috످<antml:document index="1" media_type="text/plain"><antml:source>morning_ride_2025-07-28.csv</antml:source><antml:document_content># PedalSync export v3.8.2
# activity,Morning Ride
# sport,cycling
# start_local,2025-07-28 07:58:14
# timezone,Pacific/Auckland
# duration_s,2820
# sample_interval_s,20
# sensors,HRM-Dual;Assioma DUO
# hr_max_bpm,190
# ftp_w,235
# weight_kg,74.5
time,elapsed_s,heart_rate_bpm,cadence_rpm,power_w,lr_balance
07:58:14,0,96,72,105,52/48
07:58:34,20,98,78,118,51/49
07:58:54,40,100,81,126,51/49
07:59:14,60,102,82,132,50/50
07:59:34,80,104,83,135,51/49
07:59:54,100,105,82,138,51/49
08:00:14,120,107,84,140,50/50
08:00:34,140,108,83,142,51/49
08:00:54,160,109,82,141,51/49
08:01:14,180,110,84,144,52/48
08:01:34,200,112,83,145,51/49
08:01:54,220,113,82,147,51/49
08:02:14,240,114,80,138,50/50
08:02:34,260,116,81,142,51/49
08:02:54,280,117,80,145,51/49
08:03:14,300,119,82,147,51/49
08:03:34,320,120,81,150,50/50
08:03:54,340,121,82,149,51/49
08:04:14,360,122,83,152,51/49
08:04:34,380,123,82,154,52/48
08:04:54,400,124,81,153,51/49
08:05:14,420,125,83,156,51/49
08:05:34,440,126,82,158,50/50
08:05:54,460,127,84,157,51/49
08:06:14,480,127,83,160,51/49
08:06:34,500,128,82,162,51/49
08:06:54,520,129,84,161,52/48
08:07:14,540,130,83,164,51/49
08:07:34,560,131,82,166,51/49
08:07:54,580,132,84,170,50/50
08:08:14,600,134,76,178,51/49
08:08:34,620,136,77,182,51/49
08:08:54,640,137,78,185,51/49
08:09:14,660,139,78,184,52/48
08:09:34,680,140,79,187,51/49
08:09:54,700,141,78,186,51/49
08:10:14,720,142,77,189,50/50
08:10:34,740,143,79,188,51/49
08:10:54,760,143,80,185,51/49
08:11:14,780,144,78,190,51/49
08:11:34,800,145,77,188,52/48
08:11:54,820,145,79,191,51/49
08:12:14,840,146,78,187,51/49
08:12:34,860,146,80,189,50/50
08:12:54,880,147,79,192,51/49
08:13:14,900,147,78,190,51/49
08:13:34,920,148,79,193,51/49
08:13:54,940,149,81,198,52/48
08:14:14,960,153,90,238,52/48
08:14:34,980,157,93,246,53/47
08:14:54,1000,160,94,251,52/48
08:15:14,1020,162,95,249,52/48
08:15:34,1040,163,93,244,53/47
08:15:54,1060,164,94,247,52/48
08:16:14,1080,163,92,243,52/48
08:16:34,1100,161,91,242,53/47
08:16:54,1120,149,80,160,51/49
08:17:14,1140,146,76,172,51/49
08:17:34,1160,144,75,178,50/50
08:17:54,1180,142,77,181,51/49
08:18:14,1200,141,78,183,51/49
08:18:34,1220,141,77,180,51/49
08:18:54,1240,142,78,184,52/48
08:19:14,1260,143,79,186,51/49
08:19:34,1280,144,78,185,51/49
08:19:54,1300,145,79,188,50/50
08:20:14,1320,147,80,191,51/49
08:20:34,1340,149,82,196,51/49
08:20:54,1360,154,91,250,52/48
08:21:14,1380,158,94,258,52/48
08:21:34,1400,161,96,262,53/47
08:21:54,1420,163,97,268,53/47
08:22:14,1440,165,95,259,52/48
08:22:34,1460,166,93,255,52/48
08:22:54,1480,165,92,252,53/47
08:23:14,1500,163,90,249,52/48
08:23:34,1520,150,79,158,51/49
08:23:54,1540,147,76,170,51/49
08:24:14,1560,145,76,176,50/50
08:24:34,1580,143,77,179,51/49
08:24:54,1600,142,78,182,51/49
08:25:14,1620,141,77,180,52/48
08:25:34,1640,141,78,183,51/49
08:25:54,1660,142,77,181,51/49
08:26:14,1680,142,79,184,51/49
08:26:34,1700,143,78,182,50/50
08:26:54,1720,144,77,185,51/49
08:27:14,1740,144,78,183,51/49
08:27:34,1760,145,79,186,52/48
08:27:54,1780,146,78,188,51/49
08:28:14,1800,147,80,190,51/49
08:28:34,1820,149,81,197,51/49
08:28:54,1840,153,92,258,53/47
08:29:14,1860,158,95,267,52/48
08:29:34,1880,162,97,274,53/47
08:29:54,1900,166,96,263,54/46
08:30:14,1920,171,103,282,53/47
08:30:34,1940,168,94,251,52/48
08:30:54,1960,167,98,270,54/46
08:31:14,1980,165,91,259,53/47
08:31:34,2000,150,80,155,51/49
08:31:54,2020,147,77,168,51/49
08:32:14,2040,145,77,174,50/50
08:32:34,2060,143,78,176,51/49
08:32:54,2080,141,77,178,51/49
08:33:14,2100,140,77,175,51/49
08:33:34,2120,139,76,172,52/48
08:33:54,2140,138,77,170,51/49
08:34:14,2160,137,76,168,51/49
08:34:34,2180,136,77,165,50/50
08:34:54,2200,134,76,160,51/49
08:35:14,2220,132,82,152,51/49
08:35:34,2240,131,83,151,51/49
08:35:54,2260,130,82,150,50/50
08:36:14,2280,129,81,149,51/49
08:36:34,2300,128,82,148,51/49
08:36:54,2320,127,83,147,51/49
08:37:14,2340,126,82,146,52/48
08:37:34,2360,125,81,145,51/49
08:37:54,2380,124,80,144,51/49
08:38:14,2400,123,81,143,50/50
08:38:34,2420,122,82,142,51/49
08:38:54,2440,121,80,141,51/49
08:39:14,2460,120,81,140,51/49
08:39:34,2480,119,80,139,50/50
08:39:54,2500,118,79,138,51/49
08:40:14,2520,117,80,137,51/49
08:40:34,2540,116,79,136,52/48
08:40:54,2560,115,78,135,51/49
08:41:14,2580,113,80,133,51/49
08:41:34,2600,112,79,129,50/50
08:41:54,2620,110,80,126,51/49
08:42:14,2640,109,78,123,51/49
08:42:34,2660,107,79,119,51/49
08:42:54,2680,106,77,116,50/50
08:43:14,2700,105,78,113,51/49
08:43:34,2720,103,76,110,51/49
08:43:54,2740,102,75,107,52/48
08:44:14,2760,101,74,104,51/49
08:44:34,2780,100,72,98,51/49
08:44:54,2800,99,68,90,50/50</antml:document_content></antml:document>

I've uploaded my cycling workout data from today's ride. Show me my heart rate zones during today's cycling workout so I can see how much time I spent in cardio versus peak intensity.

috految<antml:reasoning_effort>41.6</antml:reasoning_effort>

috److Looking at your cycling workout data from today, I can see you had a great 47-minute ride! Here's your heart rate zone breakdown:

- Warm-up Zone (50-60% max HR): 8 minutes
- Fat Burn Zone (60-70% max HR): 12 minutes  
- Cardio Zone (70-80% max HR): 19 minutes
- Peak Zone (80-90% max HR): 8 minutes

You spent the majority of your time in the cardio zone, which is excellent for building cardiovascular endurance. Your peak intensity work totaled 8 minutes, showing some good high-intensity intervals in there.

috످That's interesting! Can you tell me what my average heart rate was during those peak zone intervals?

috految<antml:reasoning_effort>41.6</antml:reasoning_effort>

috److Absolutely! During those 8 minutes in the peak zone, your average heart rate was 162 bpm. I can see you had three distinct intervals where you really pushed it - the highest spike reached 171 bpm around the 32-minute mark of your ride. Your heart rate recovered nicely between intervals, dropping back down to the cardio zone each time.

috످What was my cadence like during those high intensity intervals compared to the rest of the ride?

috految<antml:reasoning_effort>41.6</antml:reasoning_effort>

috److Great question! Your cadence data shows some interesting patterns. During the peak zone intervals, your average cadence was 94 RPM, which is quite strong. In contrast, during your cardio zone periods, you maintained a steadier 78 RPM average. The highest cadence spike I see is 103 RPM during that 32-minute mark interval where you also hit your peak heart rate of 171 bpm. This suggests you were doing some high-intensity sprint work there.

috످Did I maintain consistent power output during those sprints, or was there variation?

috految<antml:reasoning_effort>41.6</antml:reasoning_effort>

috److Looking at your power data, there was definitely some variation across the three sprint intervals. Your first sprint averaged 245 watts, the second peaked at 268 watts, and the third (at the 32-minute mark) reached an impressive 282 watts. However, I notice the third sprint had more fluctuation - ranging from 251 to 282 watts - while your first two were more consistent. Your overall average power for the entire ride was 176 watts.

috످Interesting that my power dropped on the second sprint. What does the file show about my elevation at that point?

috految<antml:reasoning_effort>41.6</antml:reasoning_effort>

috److془Compute. Sprint 1: 238+246+251+249+244+247+243+242=1960 → 245. Sprint 2: 250+258+262+268+259+255+252+249=2053 → 257. Sprint 3: 258+267+274+263+282+251+270+259=2124 → 265.5.

Overall average: 0-220: 105+118+126+132+135+138+140+142+141+144+145+147=1613. 240-580: 138+142+145+147+150+149+152+154+153+156+158+157+160+162+161+164+166+170= 2784. 600-940: 178+182+185+184+187+186+189+188+185+190+188+191+187+189+192+190+193+198=3382. 1120-1340: 2184. 1520-1820: 158+170+176+179+182+180+183+181+184+182+185+183+186+188+190+197=2904. 2000-2200: 1861. 2220-2560: 2583. rest: 1368. Sum: 18679+6137=24816/141=176. Good.

Zones: cardio 57 = 19 min; 40% not majority. Fine. Sprint times: 16:00, 22:40, 30:40. Second 08:20:54 - 08:23:14.془Your file doesn't include elevation data, only time, heart rate, cadence, power, and left/right balance. If you recorded the ride with GPS, check PedalSync or your bike computer for your elevation during the second sprint (about 8:21–8:23 AM).

Your average power actually rose with each sprint, though it did dip from 268 W to 249 W toward the end of the second one. My last answer mixed averages and peaks, which made the sprints hard to compare.

In the first sprint, your power averaged 245 W and peaked at 251 W. In the second, it averaged 257 W and peaked at 268 W. In the third, it averaged 266 W and peaked at 282 W.

I also said earlier that you spent the majority of your ride in the cardio zone. It was your most-used zone, but only about 40% of the ride (19 of 47 minutes).

috످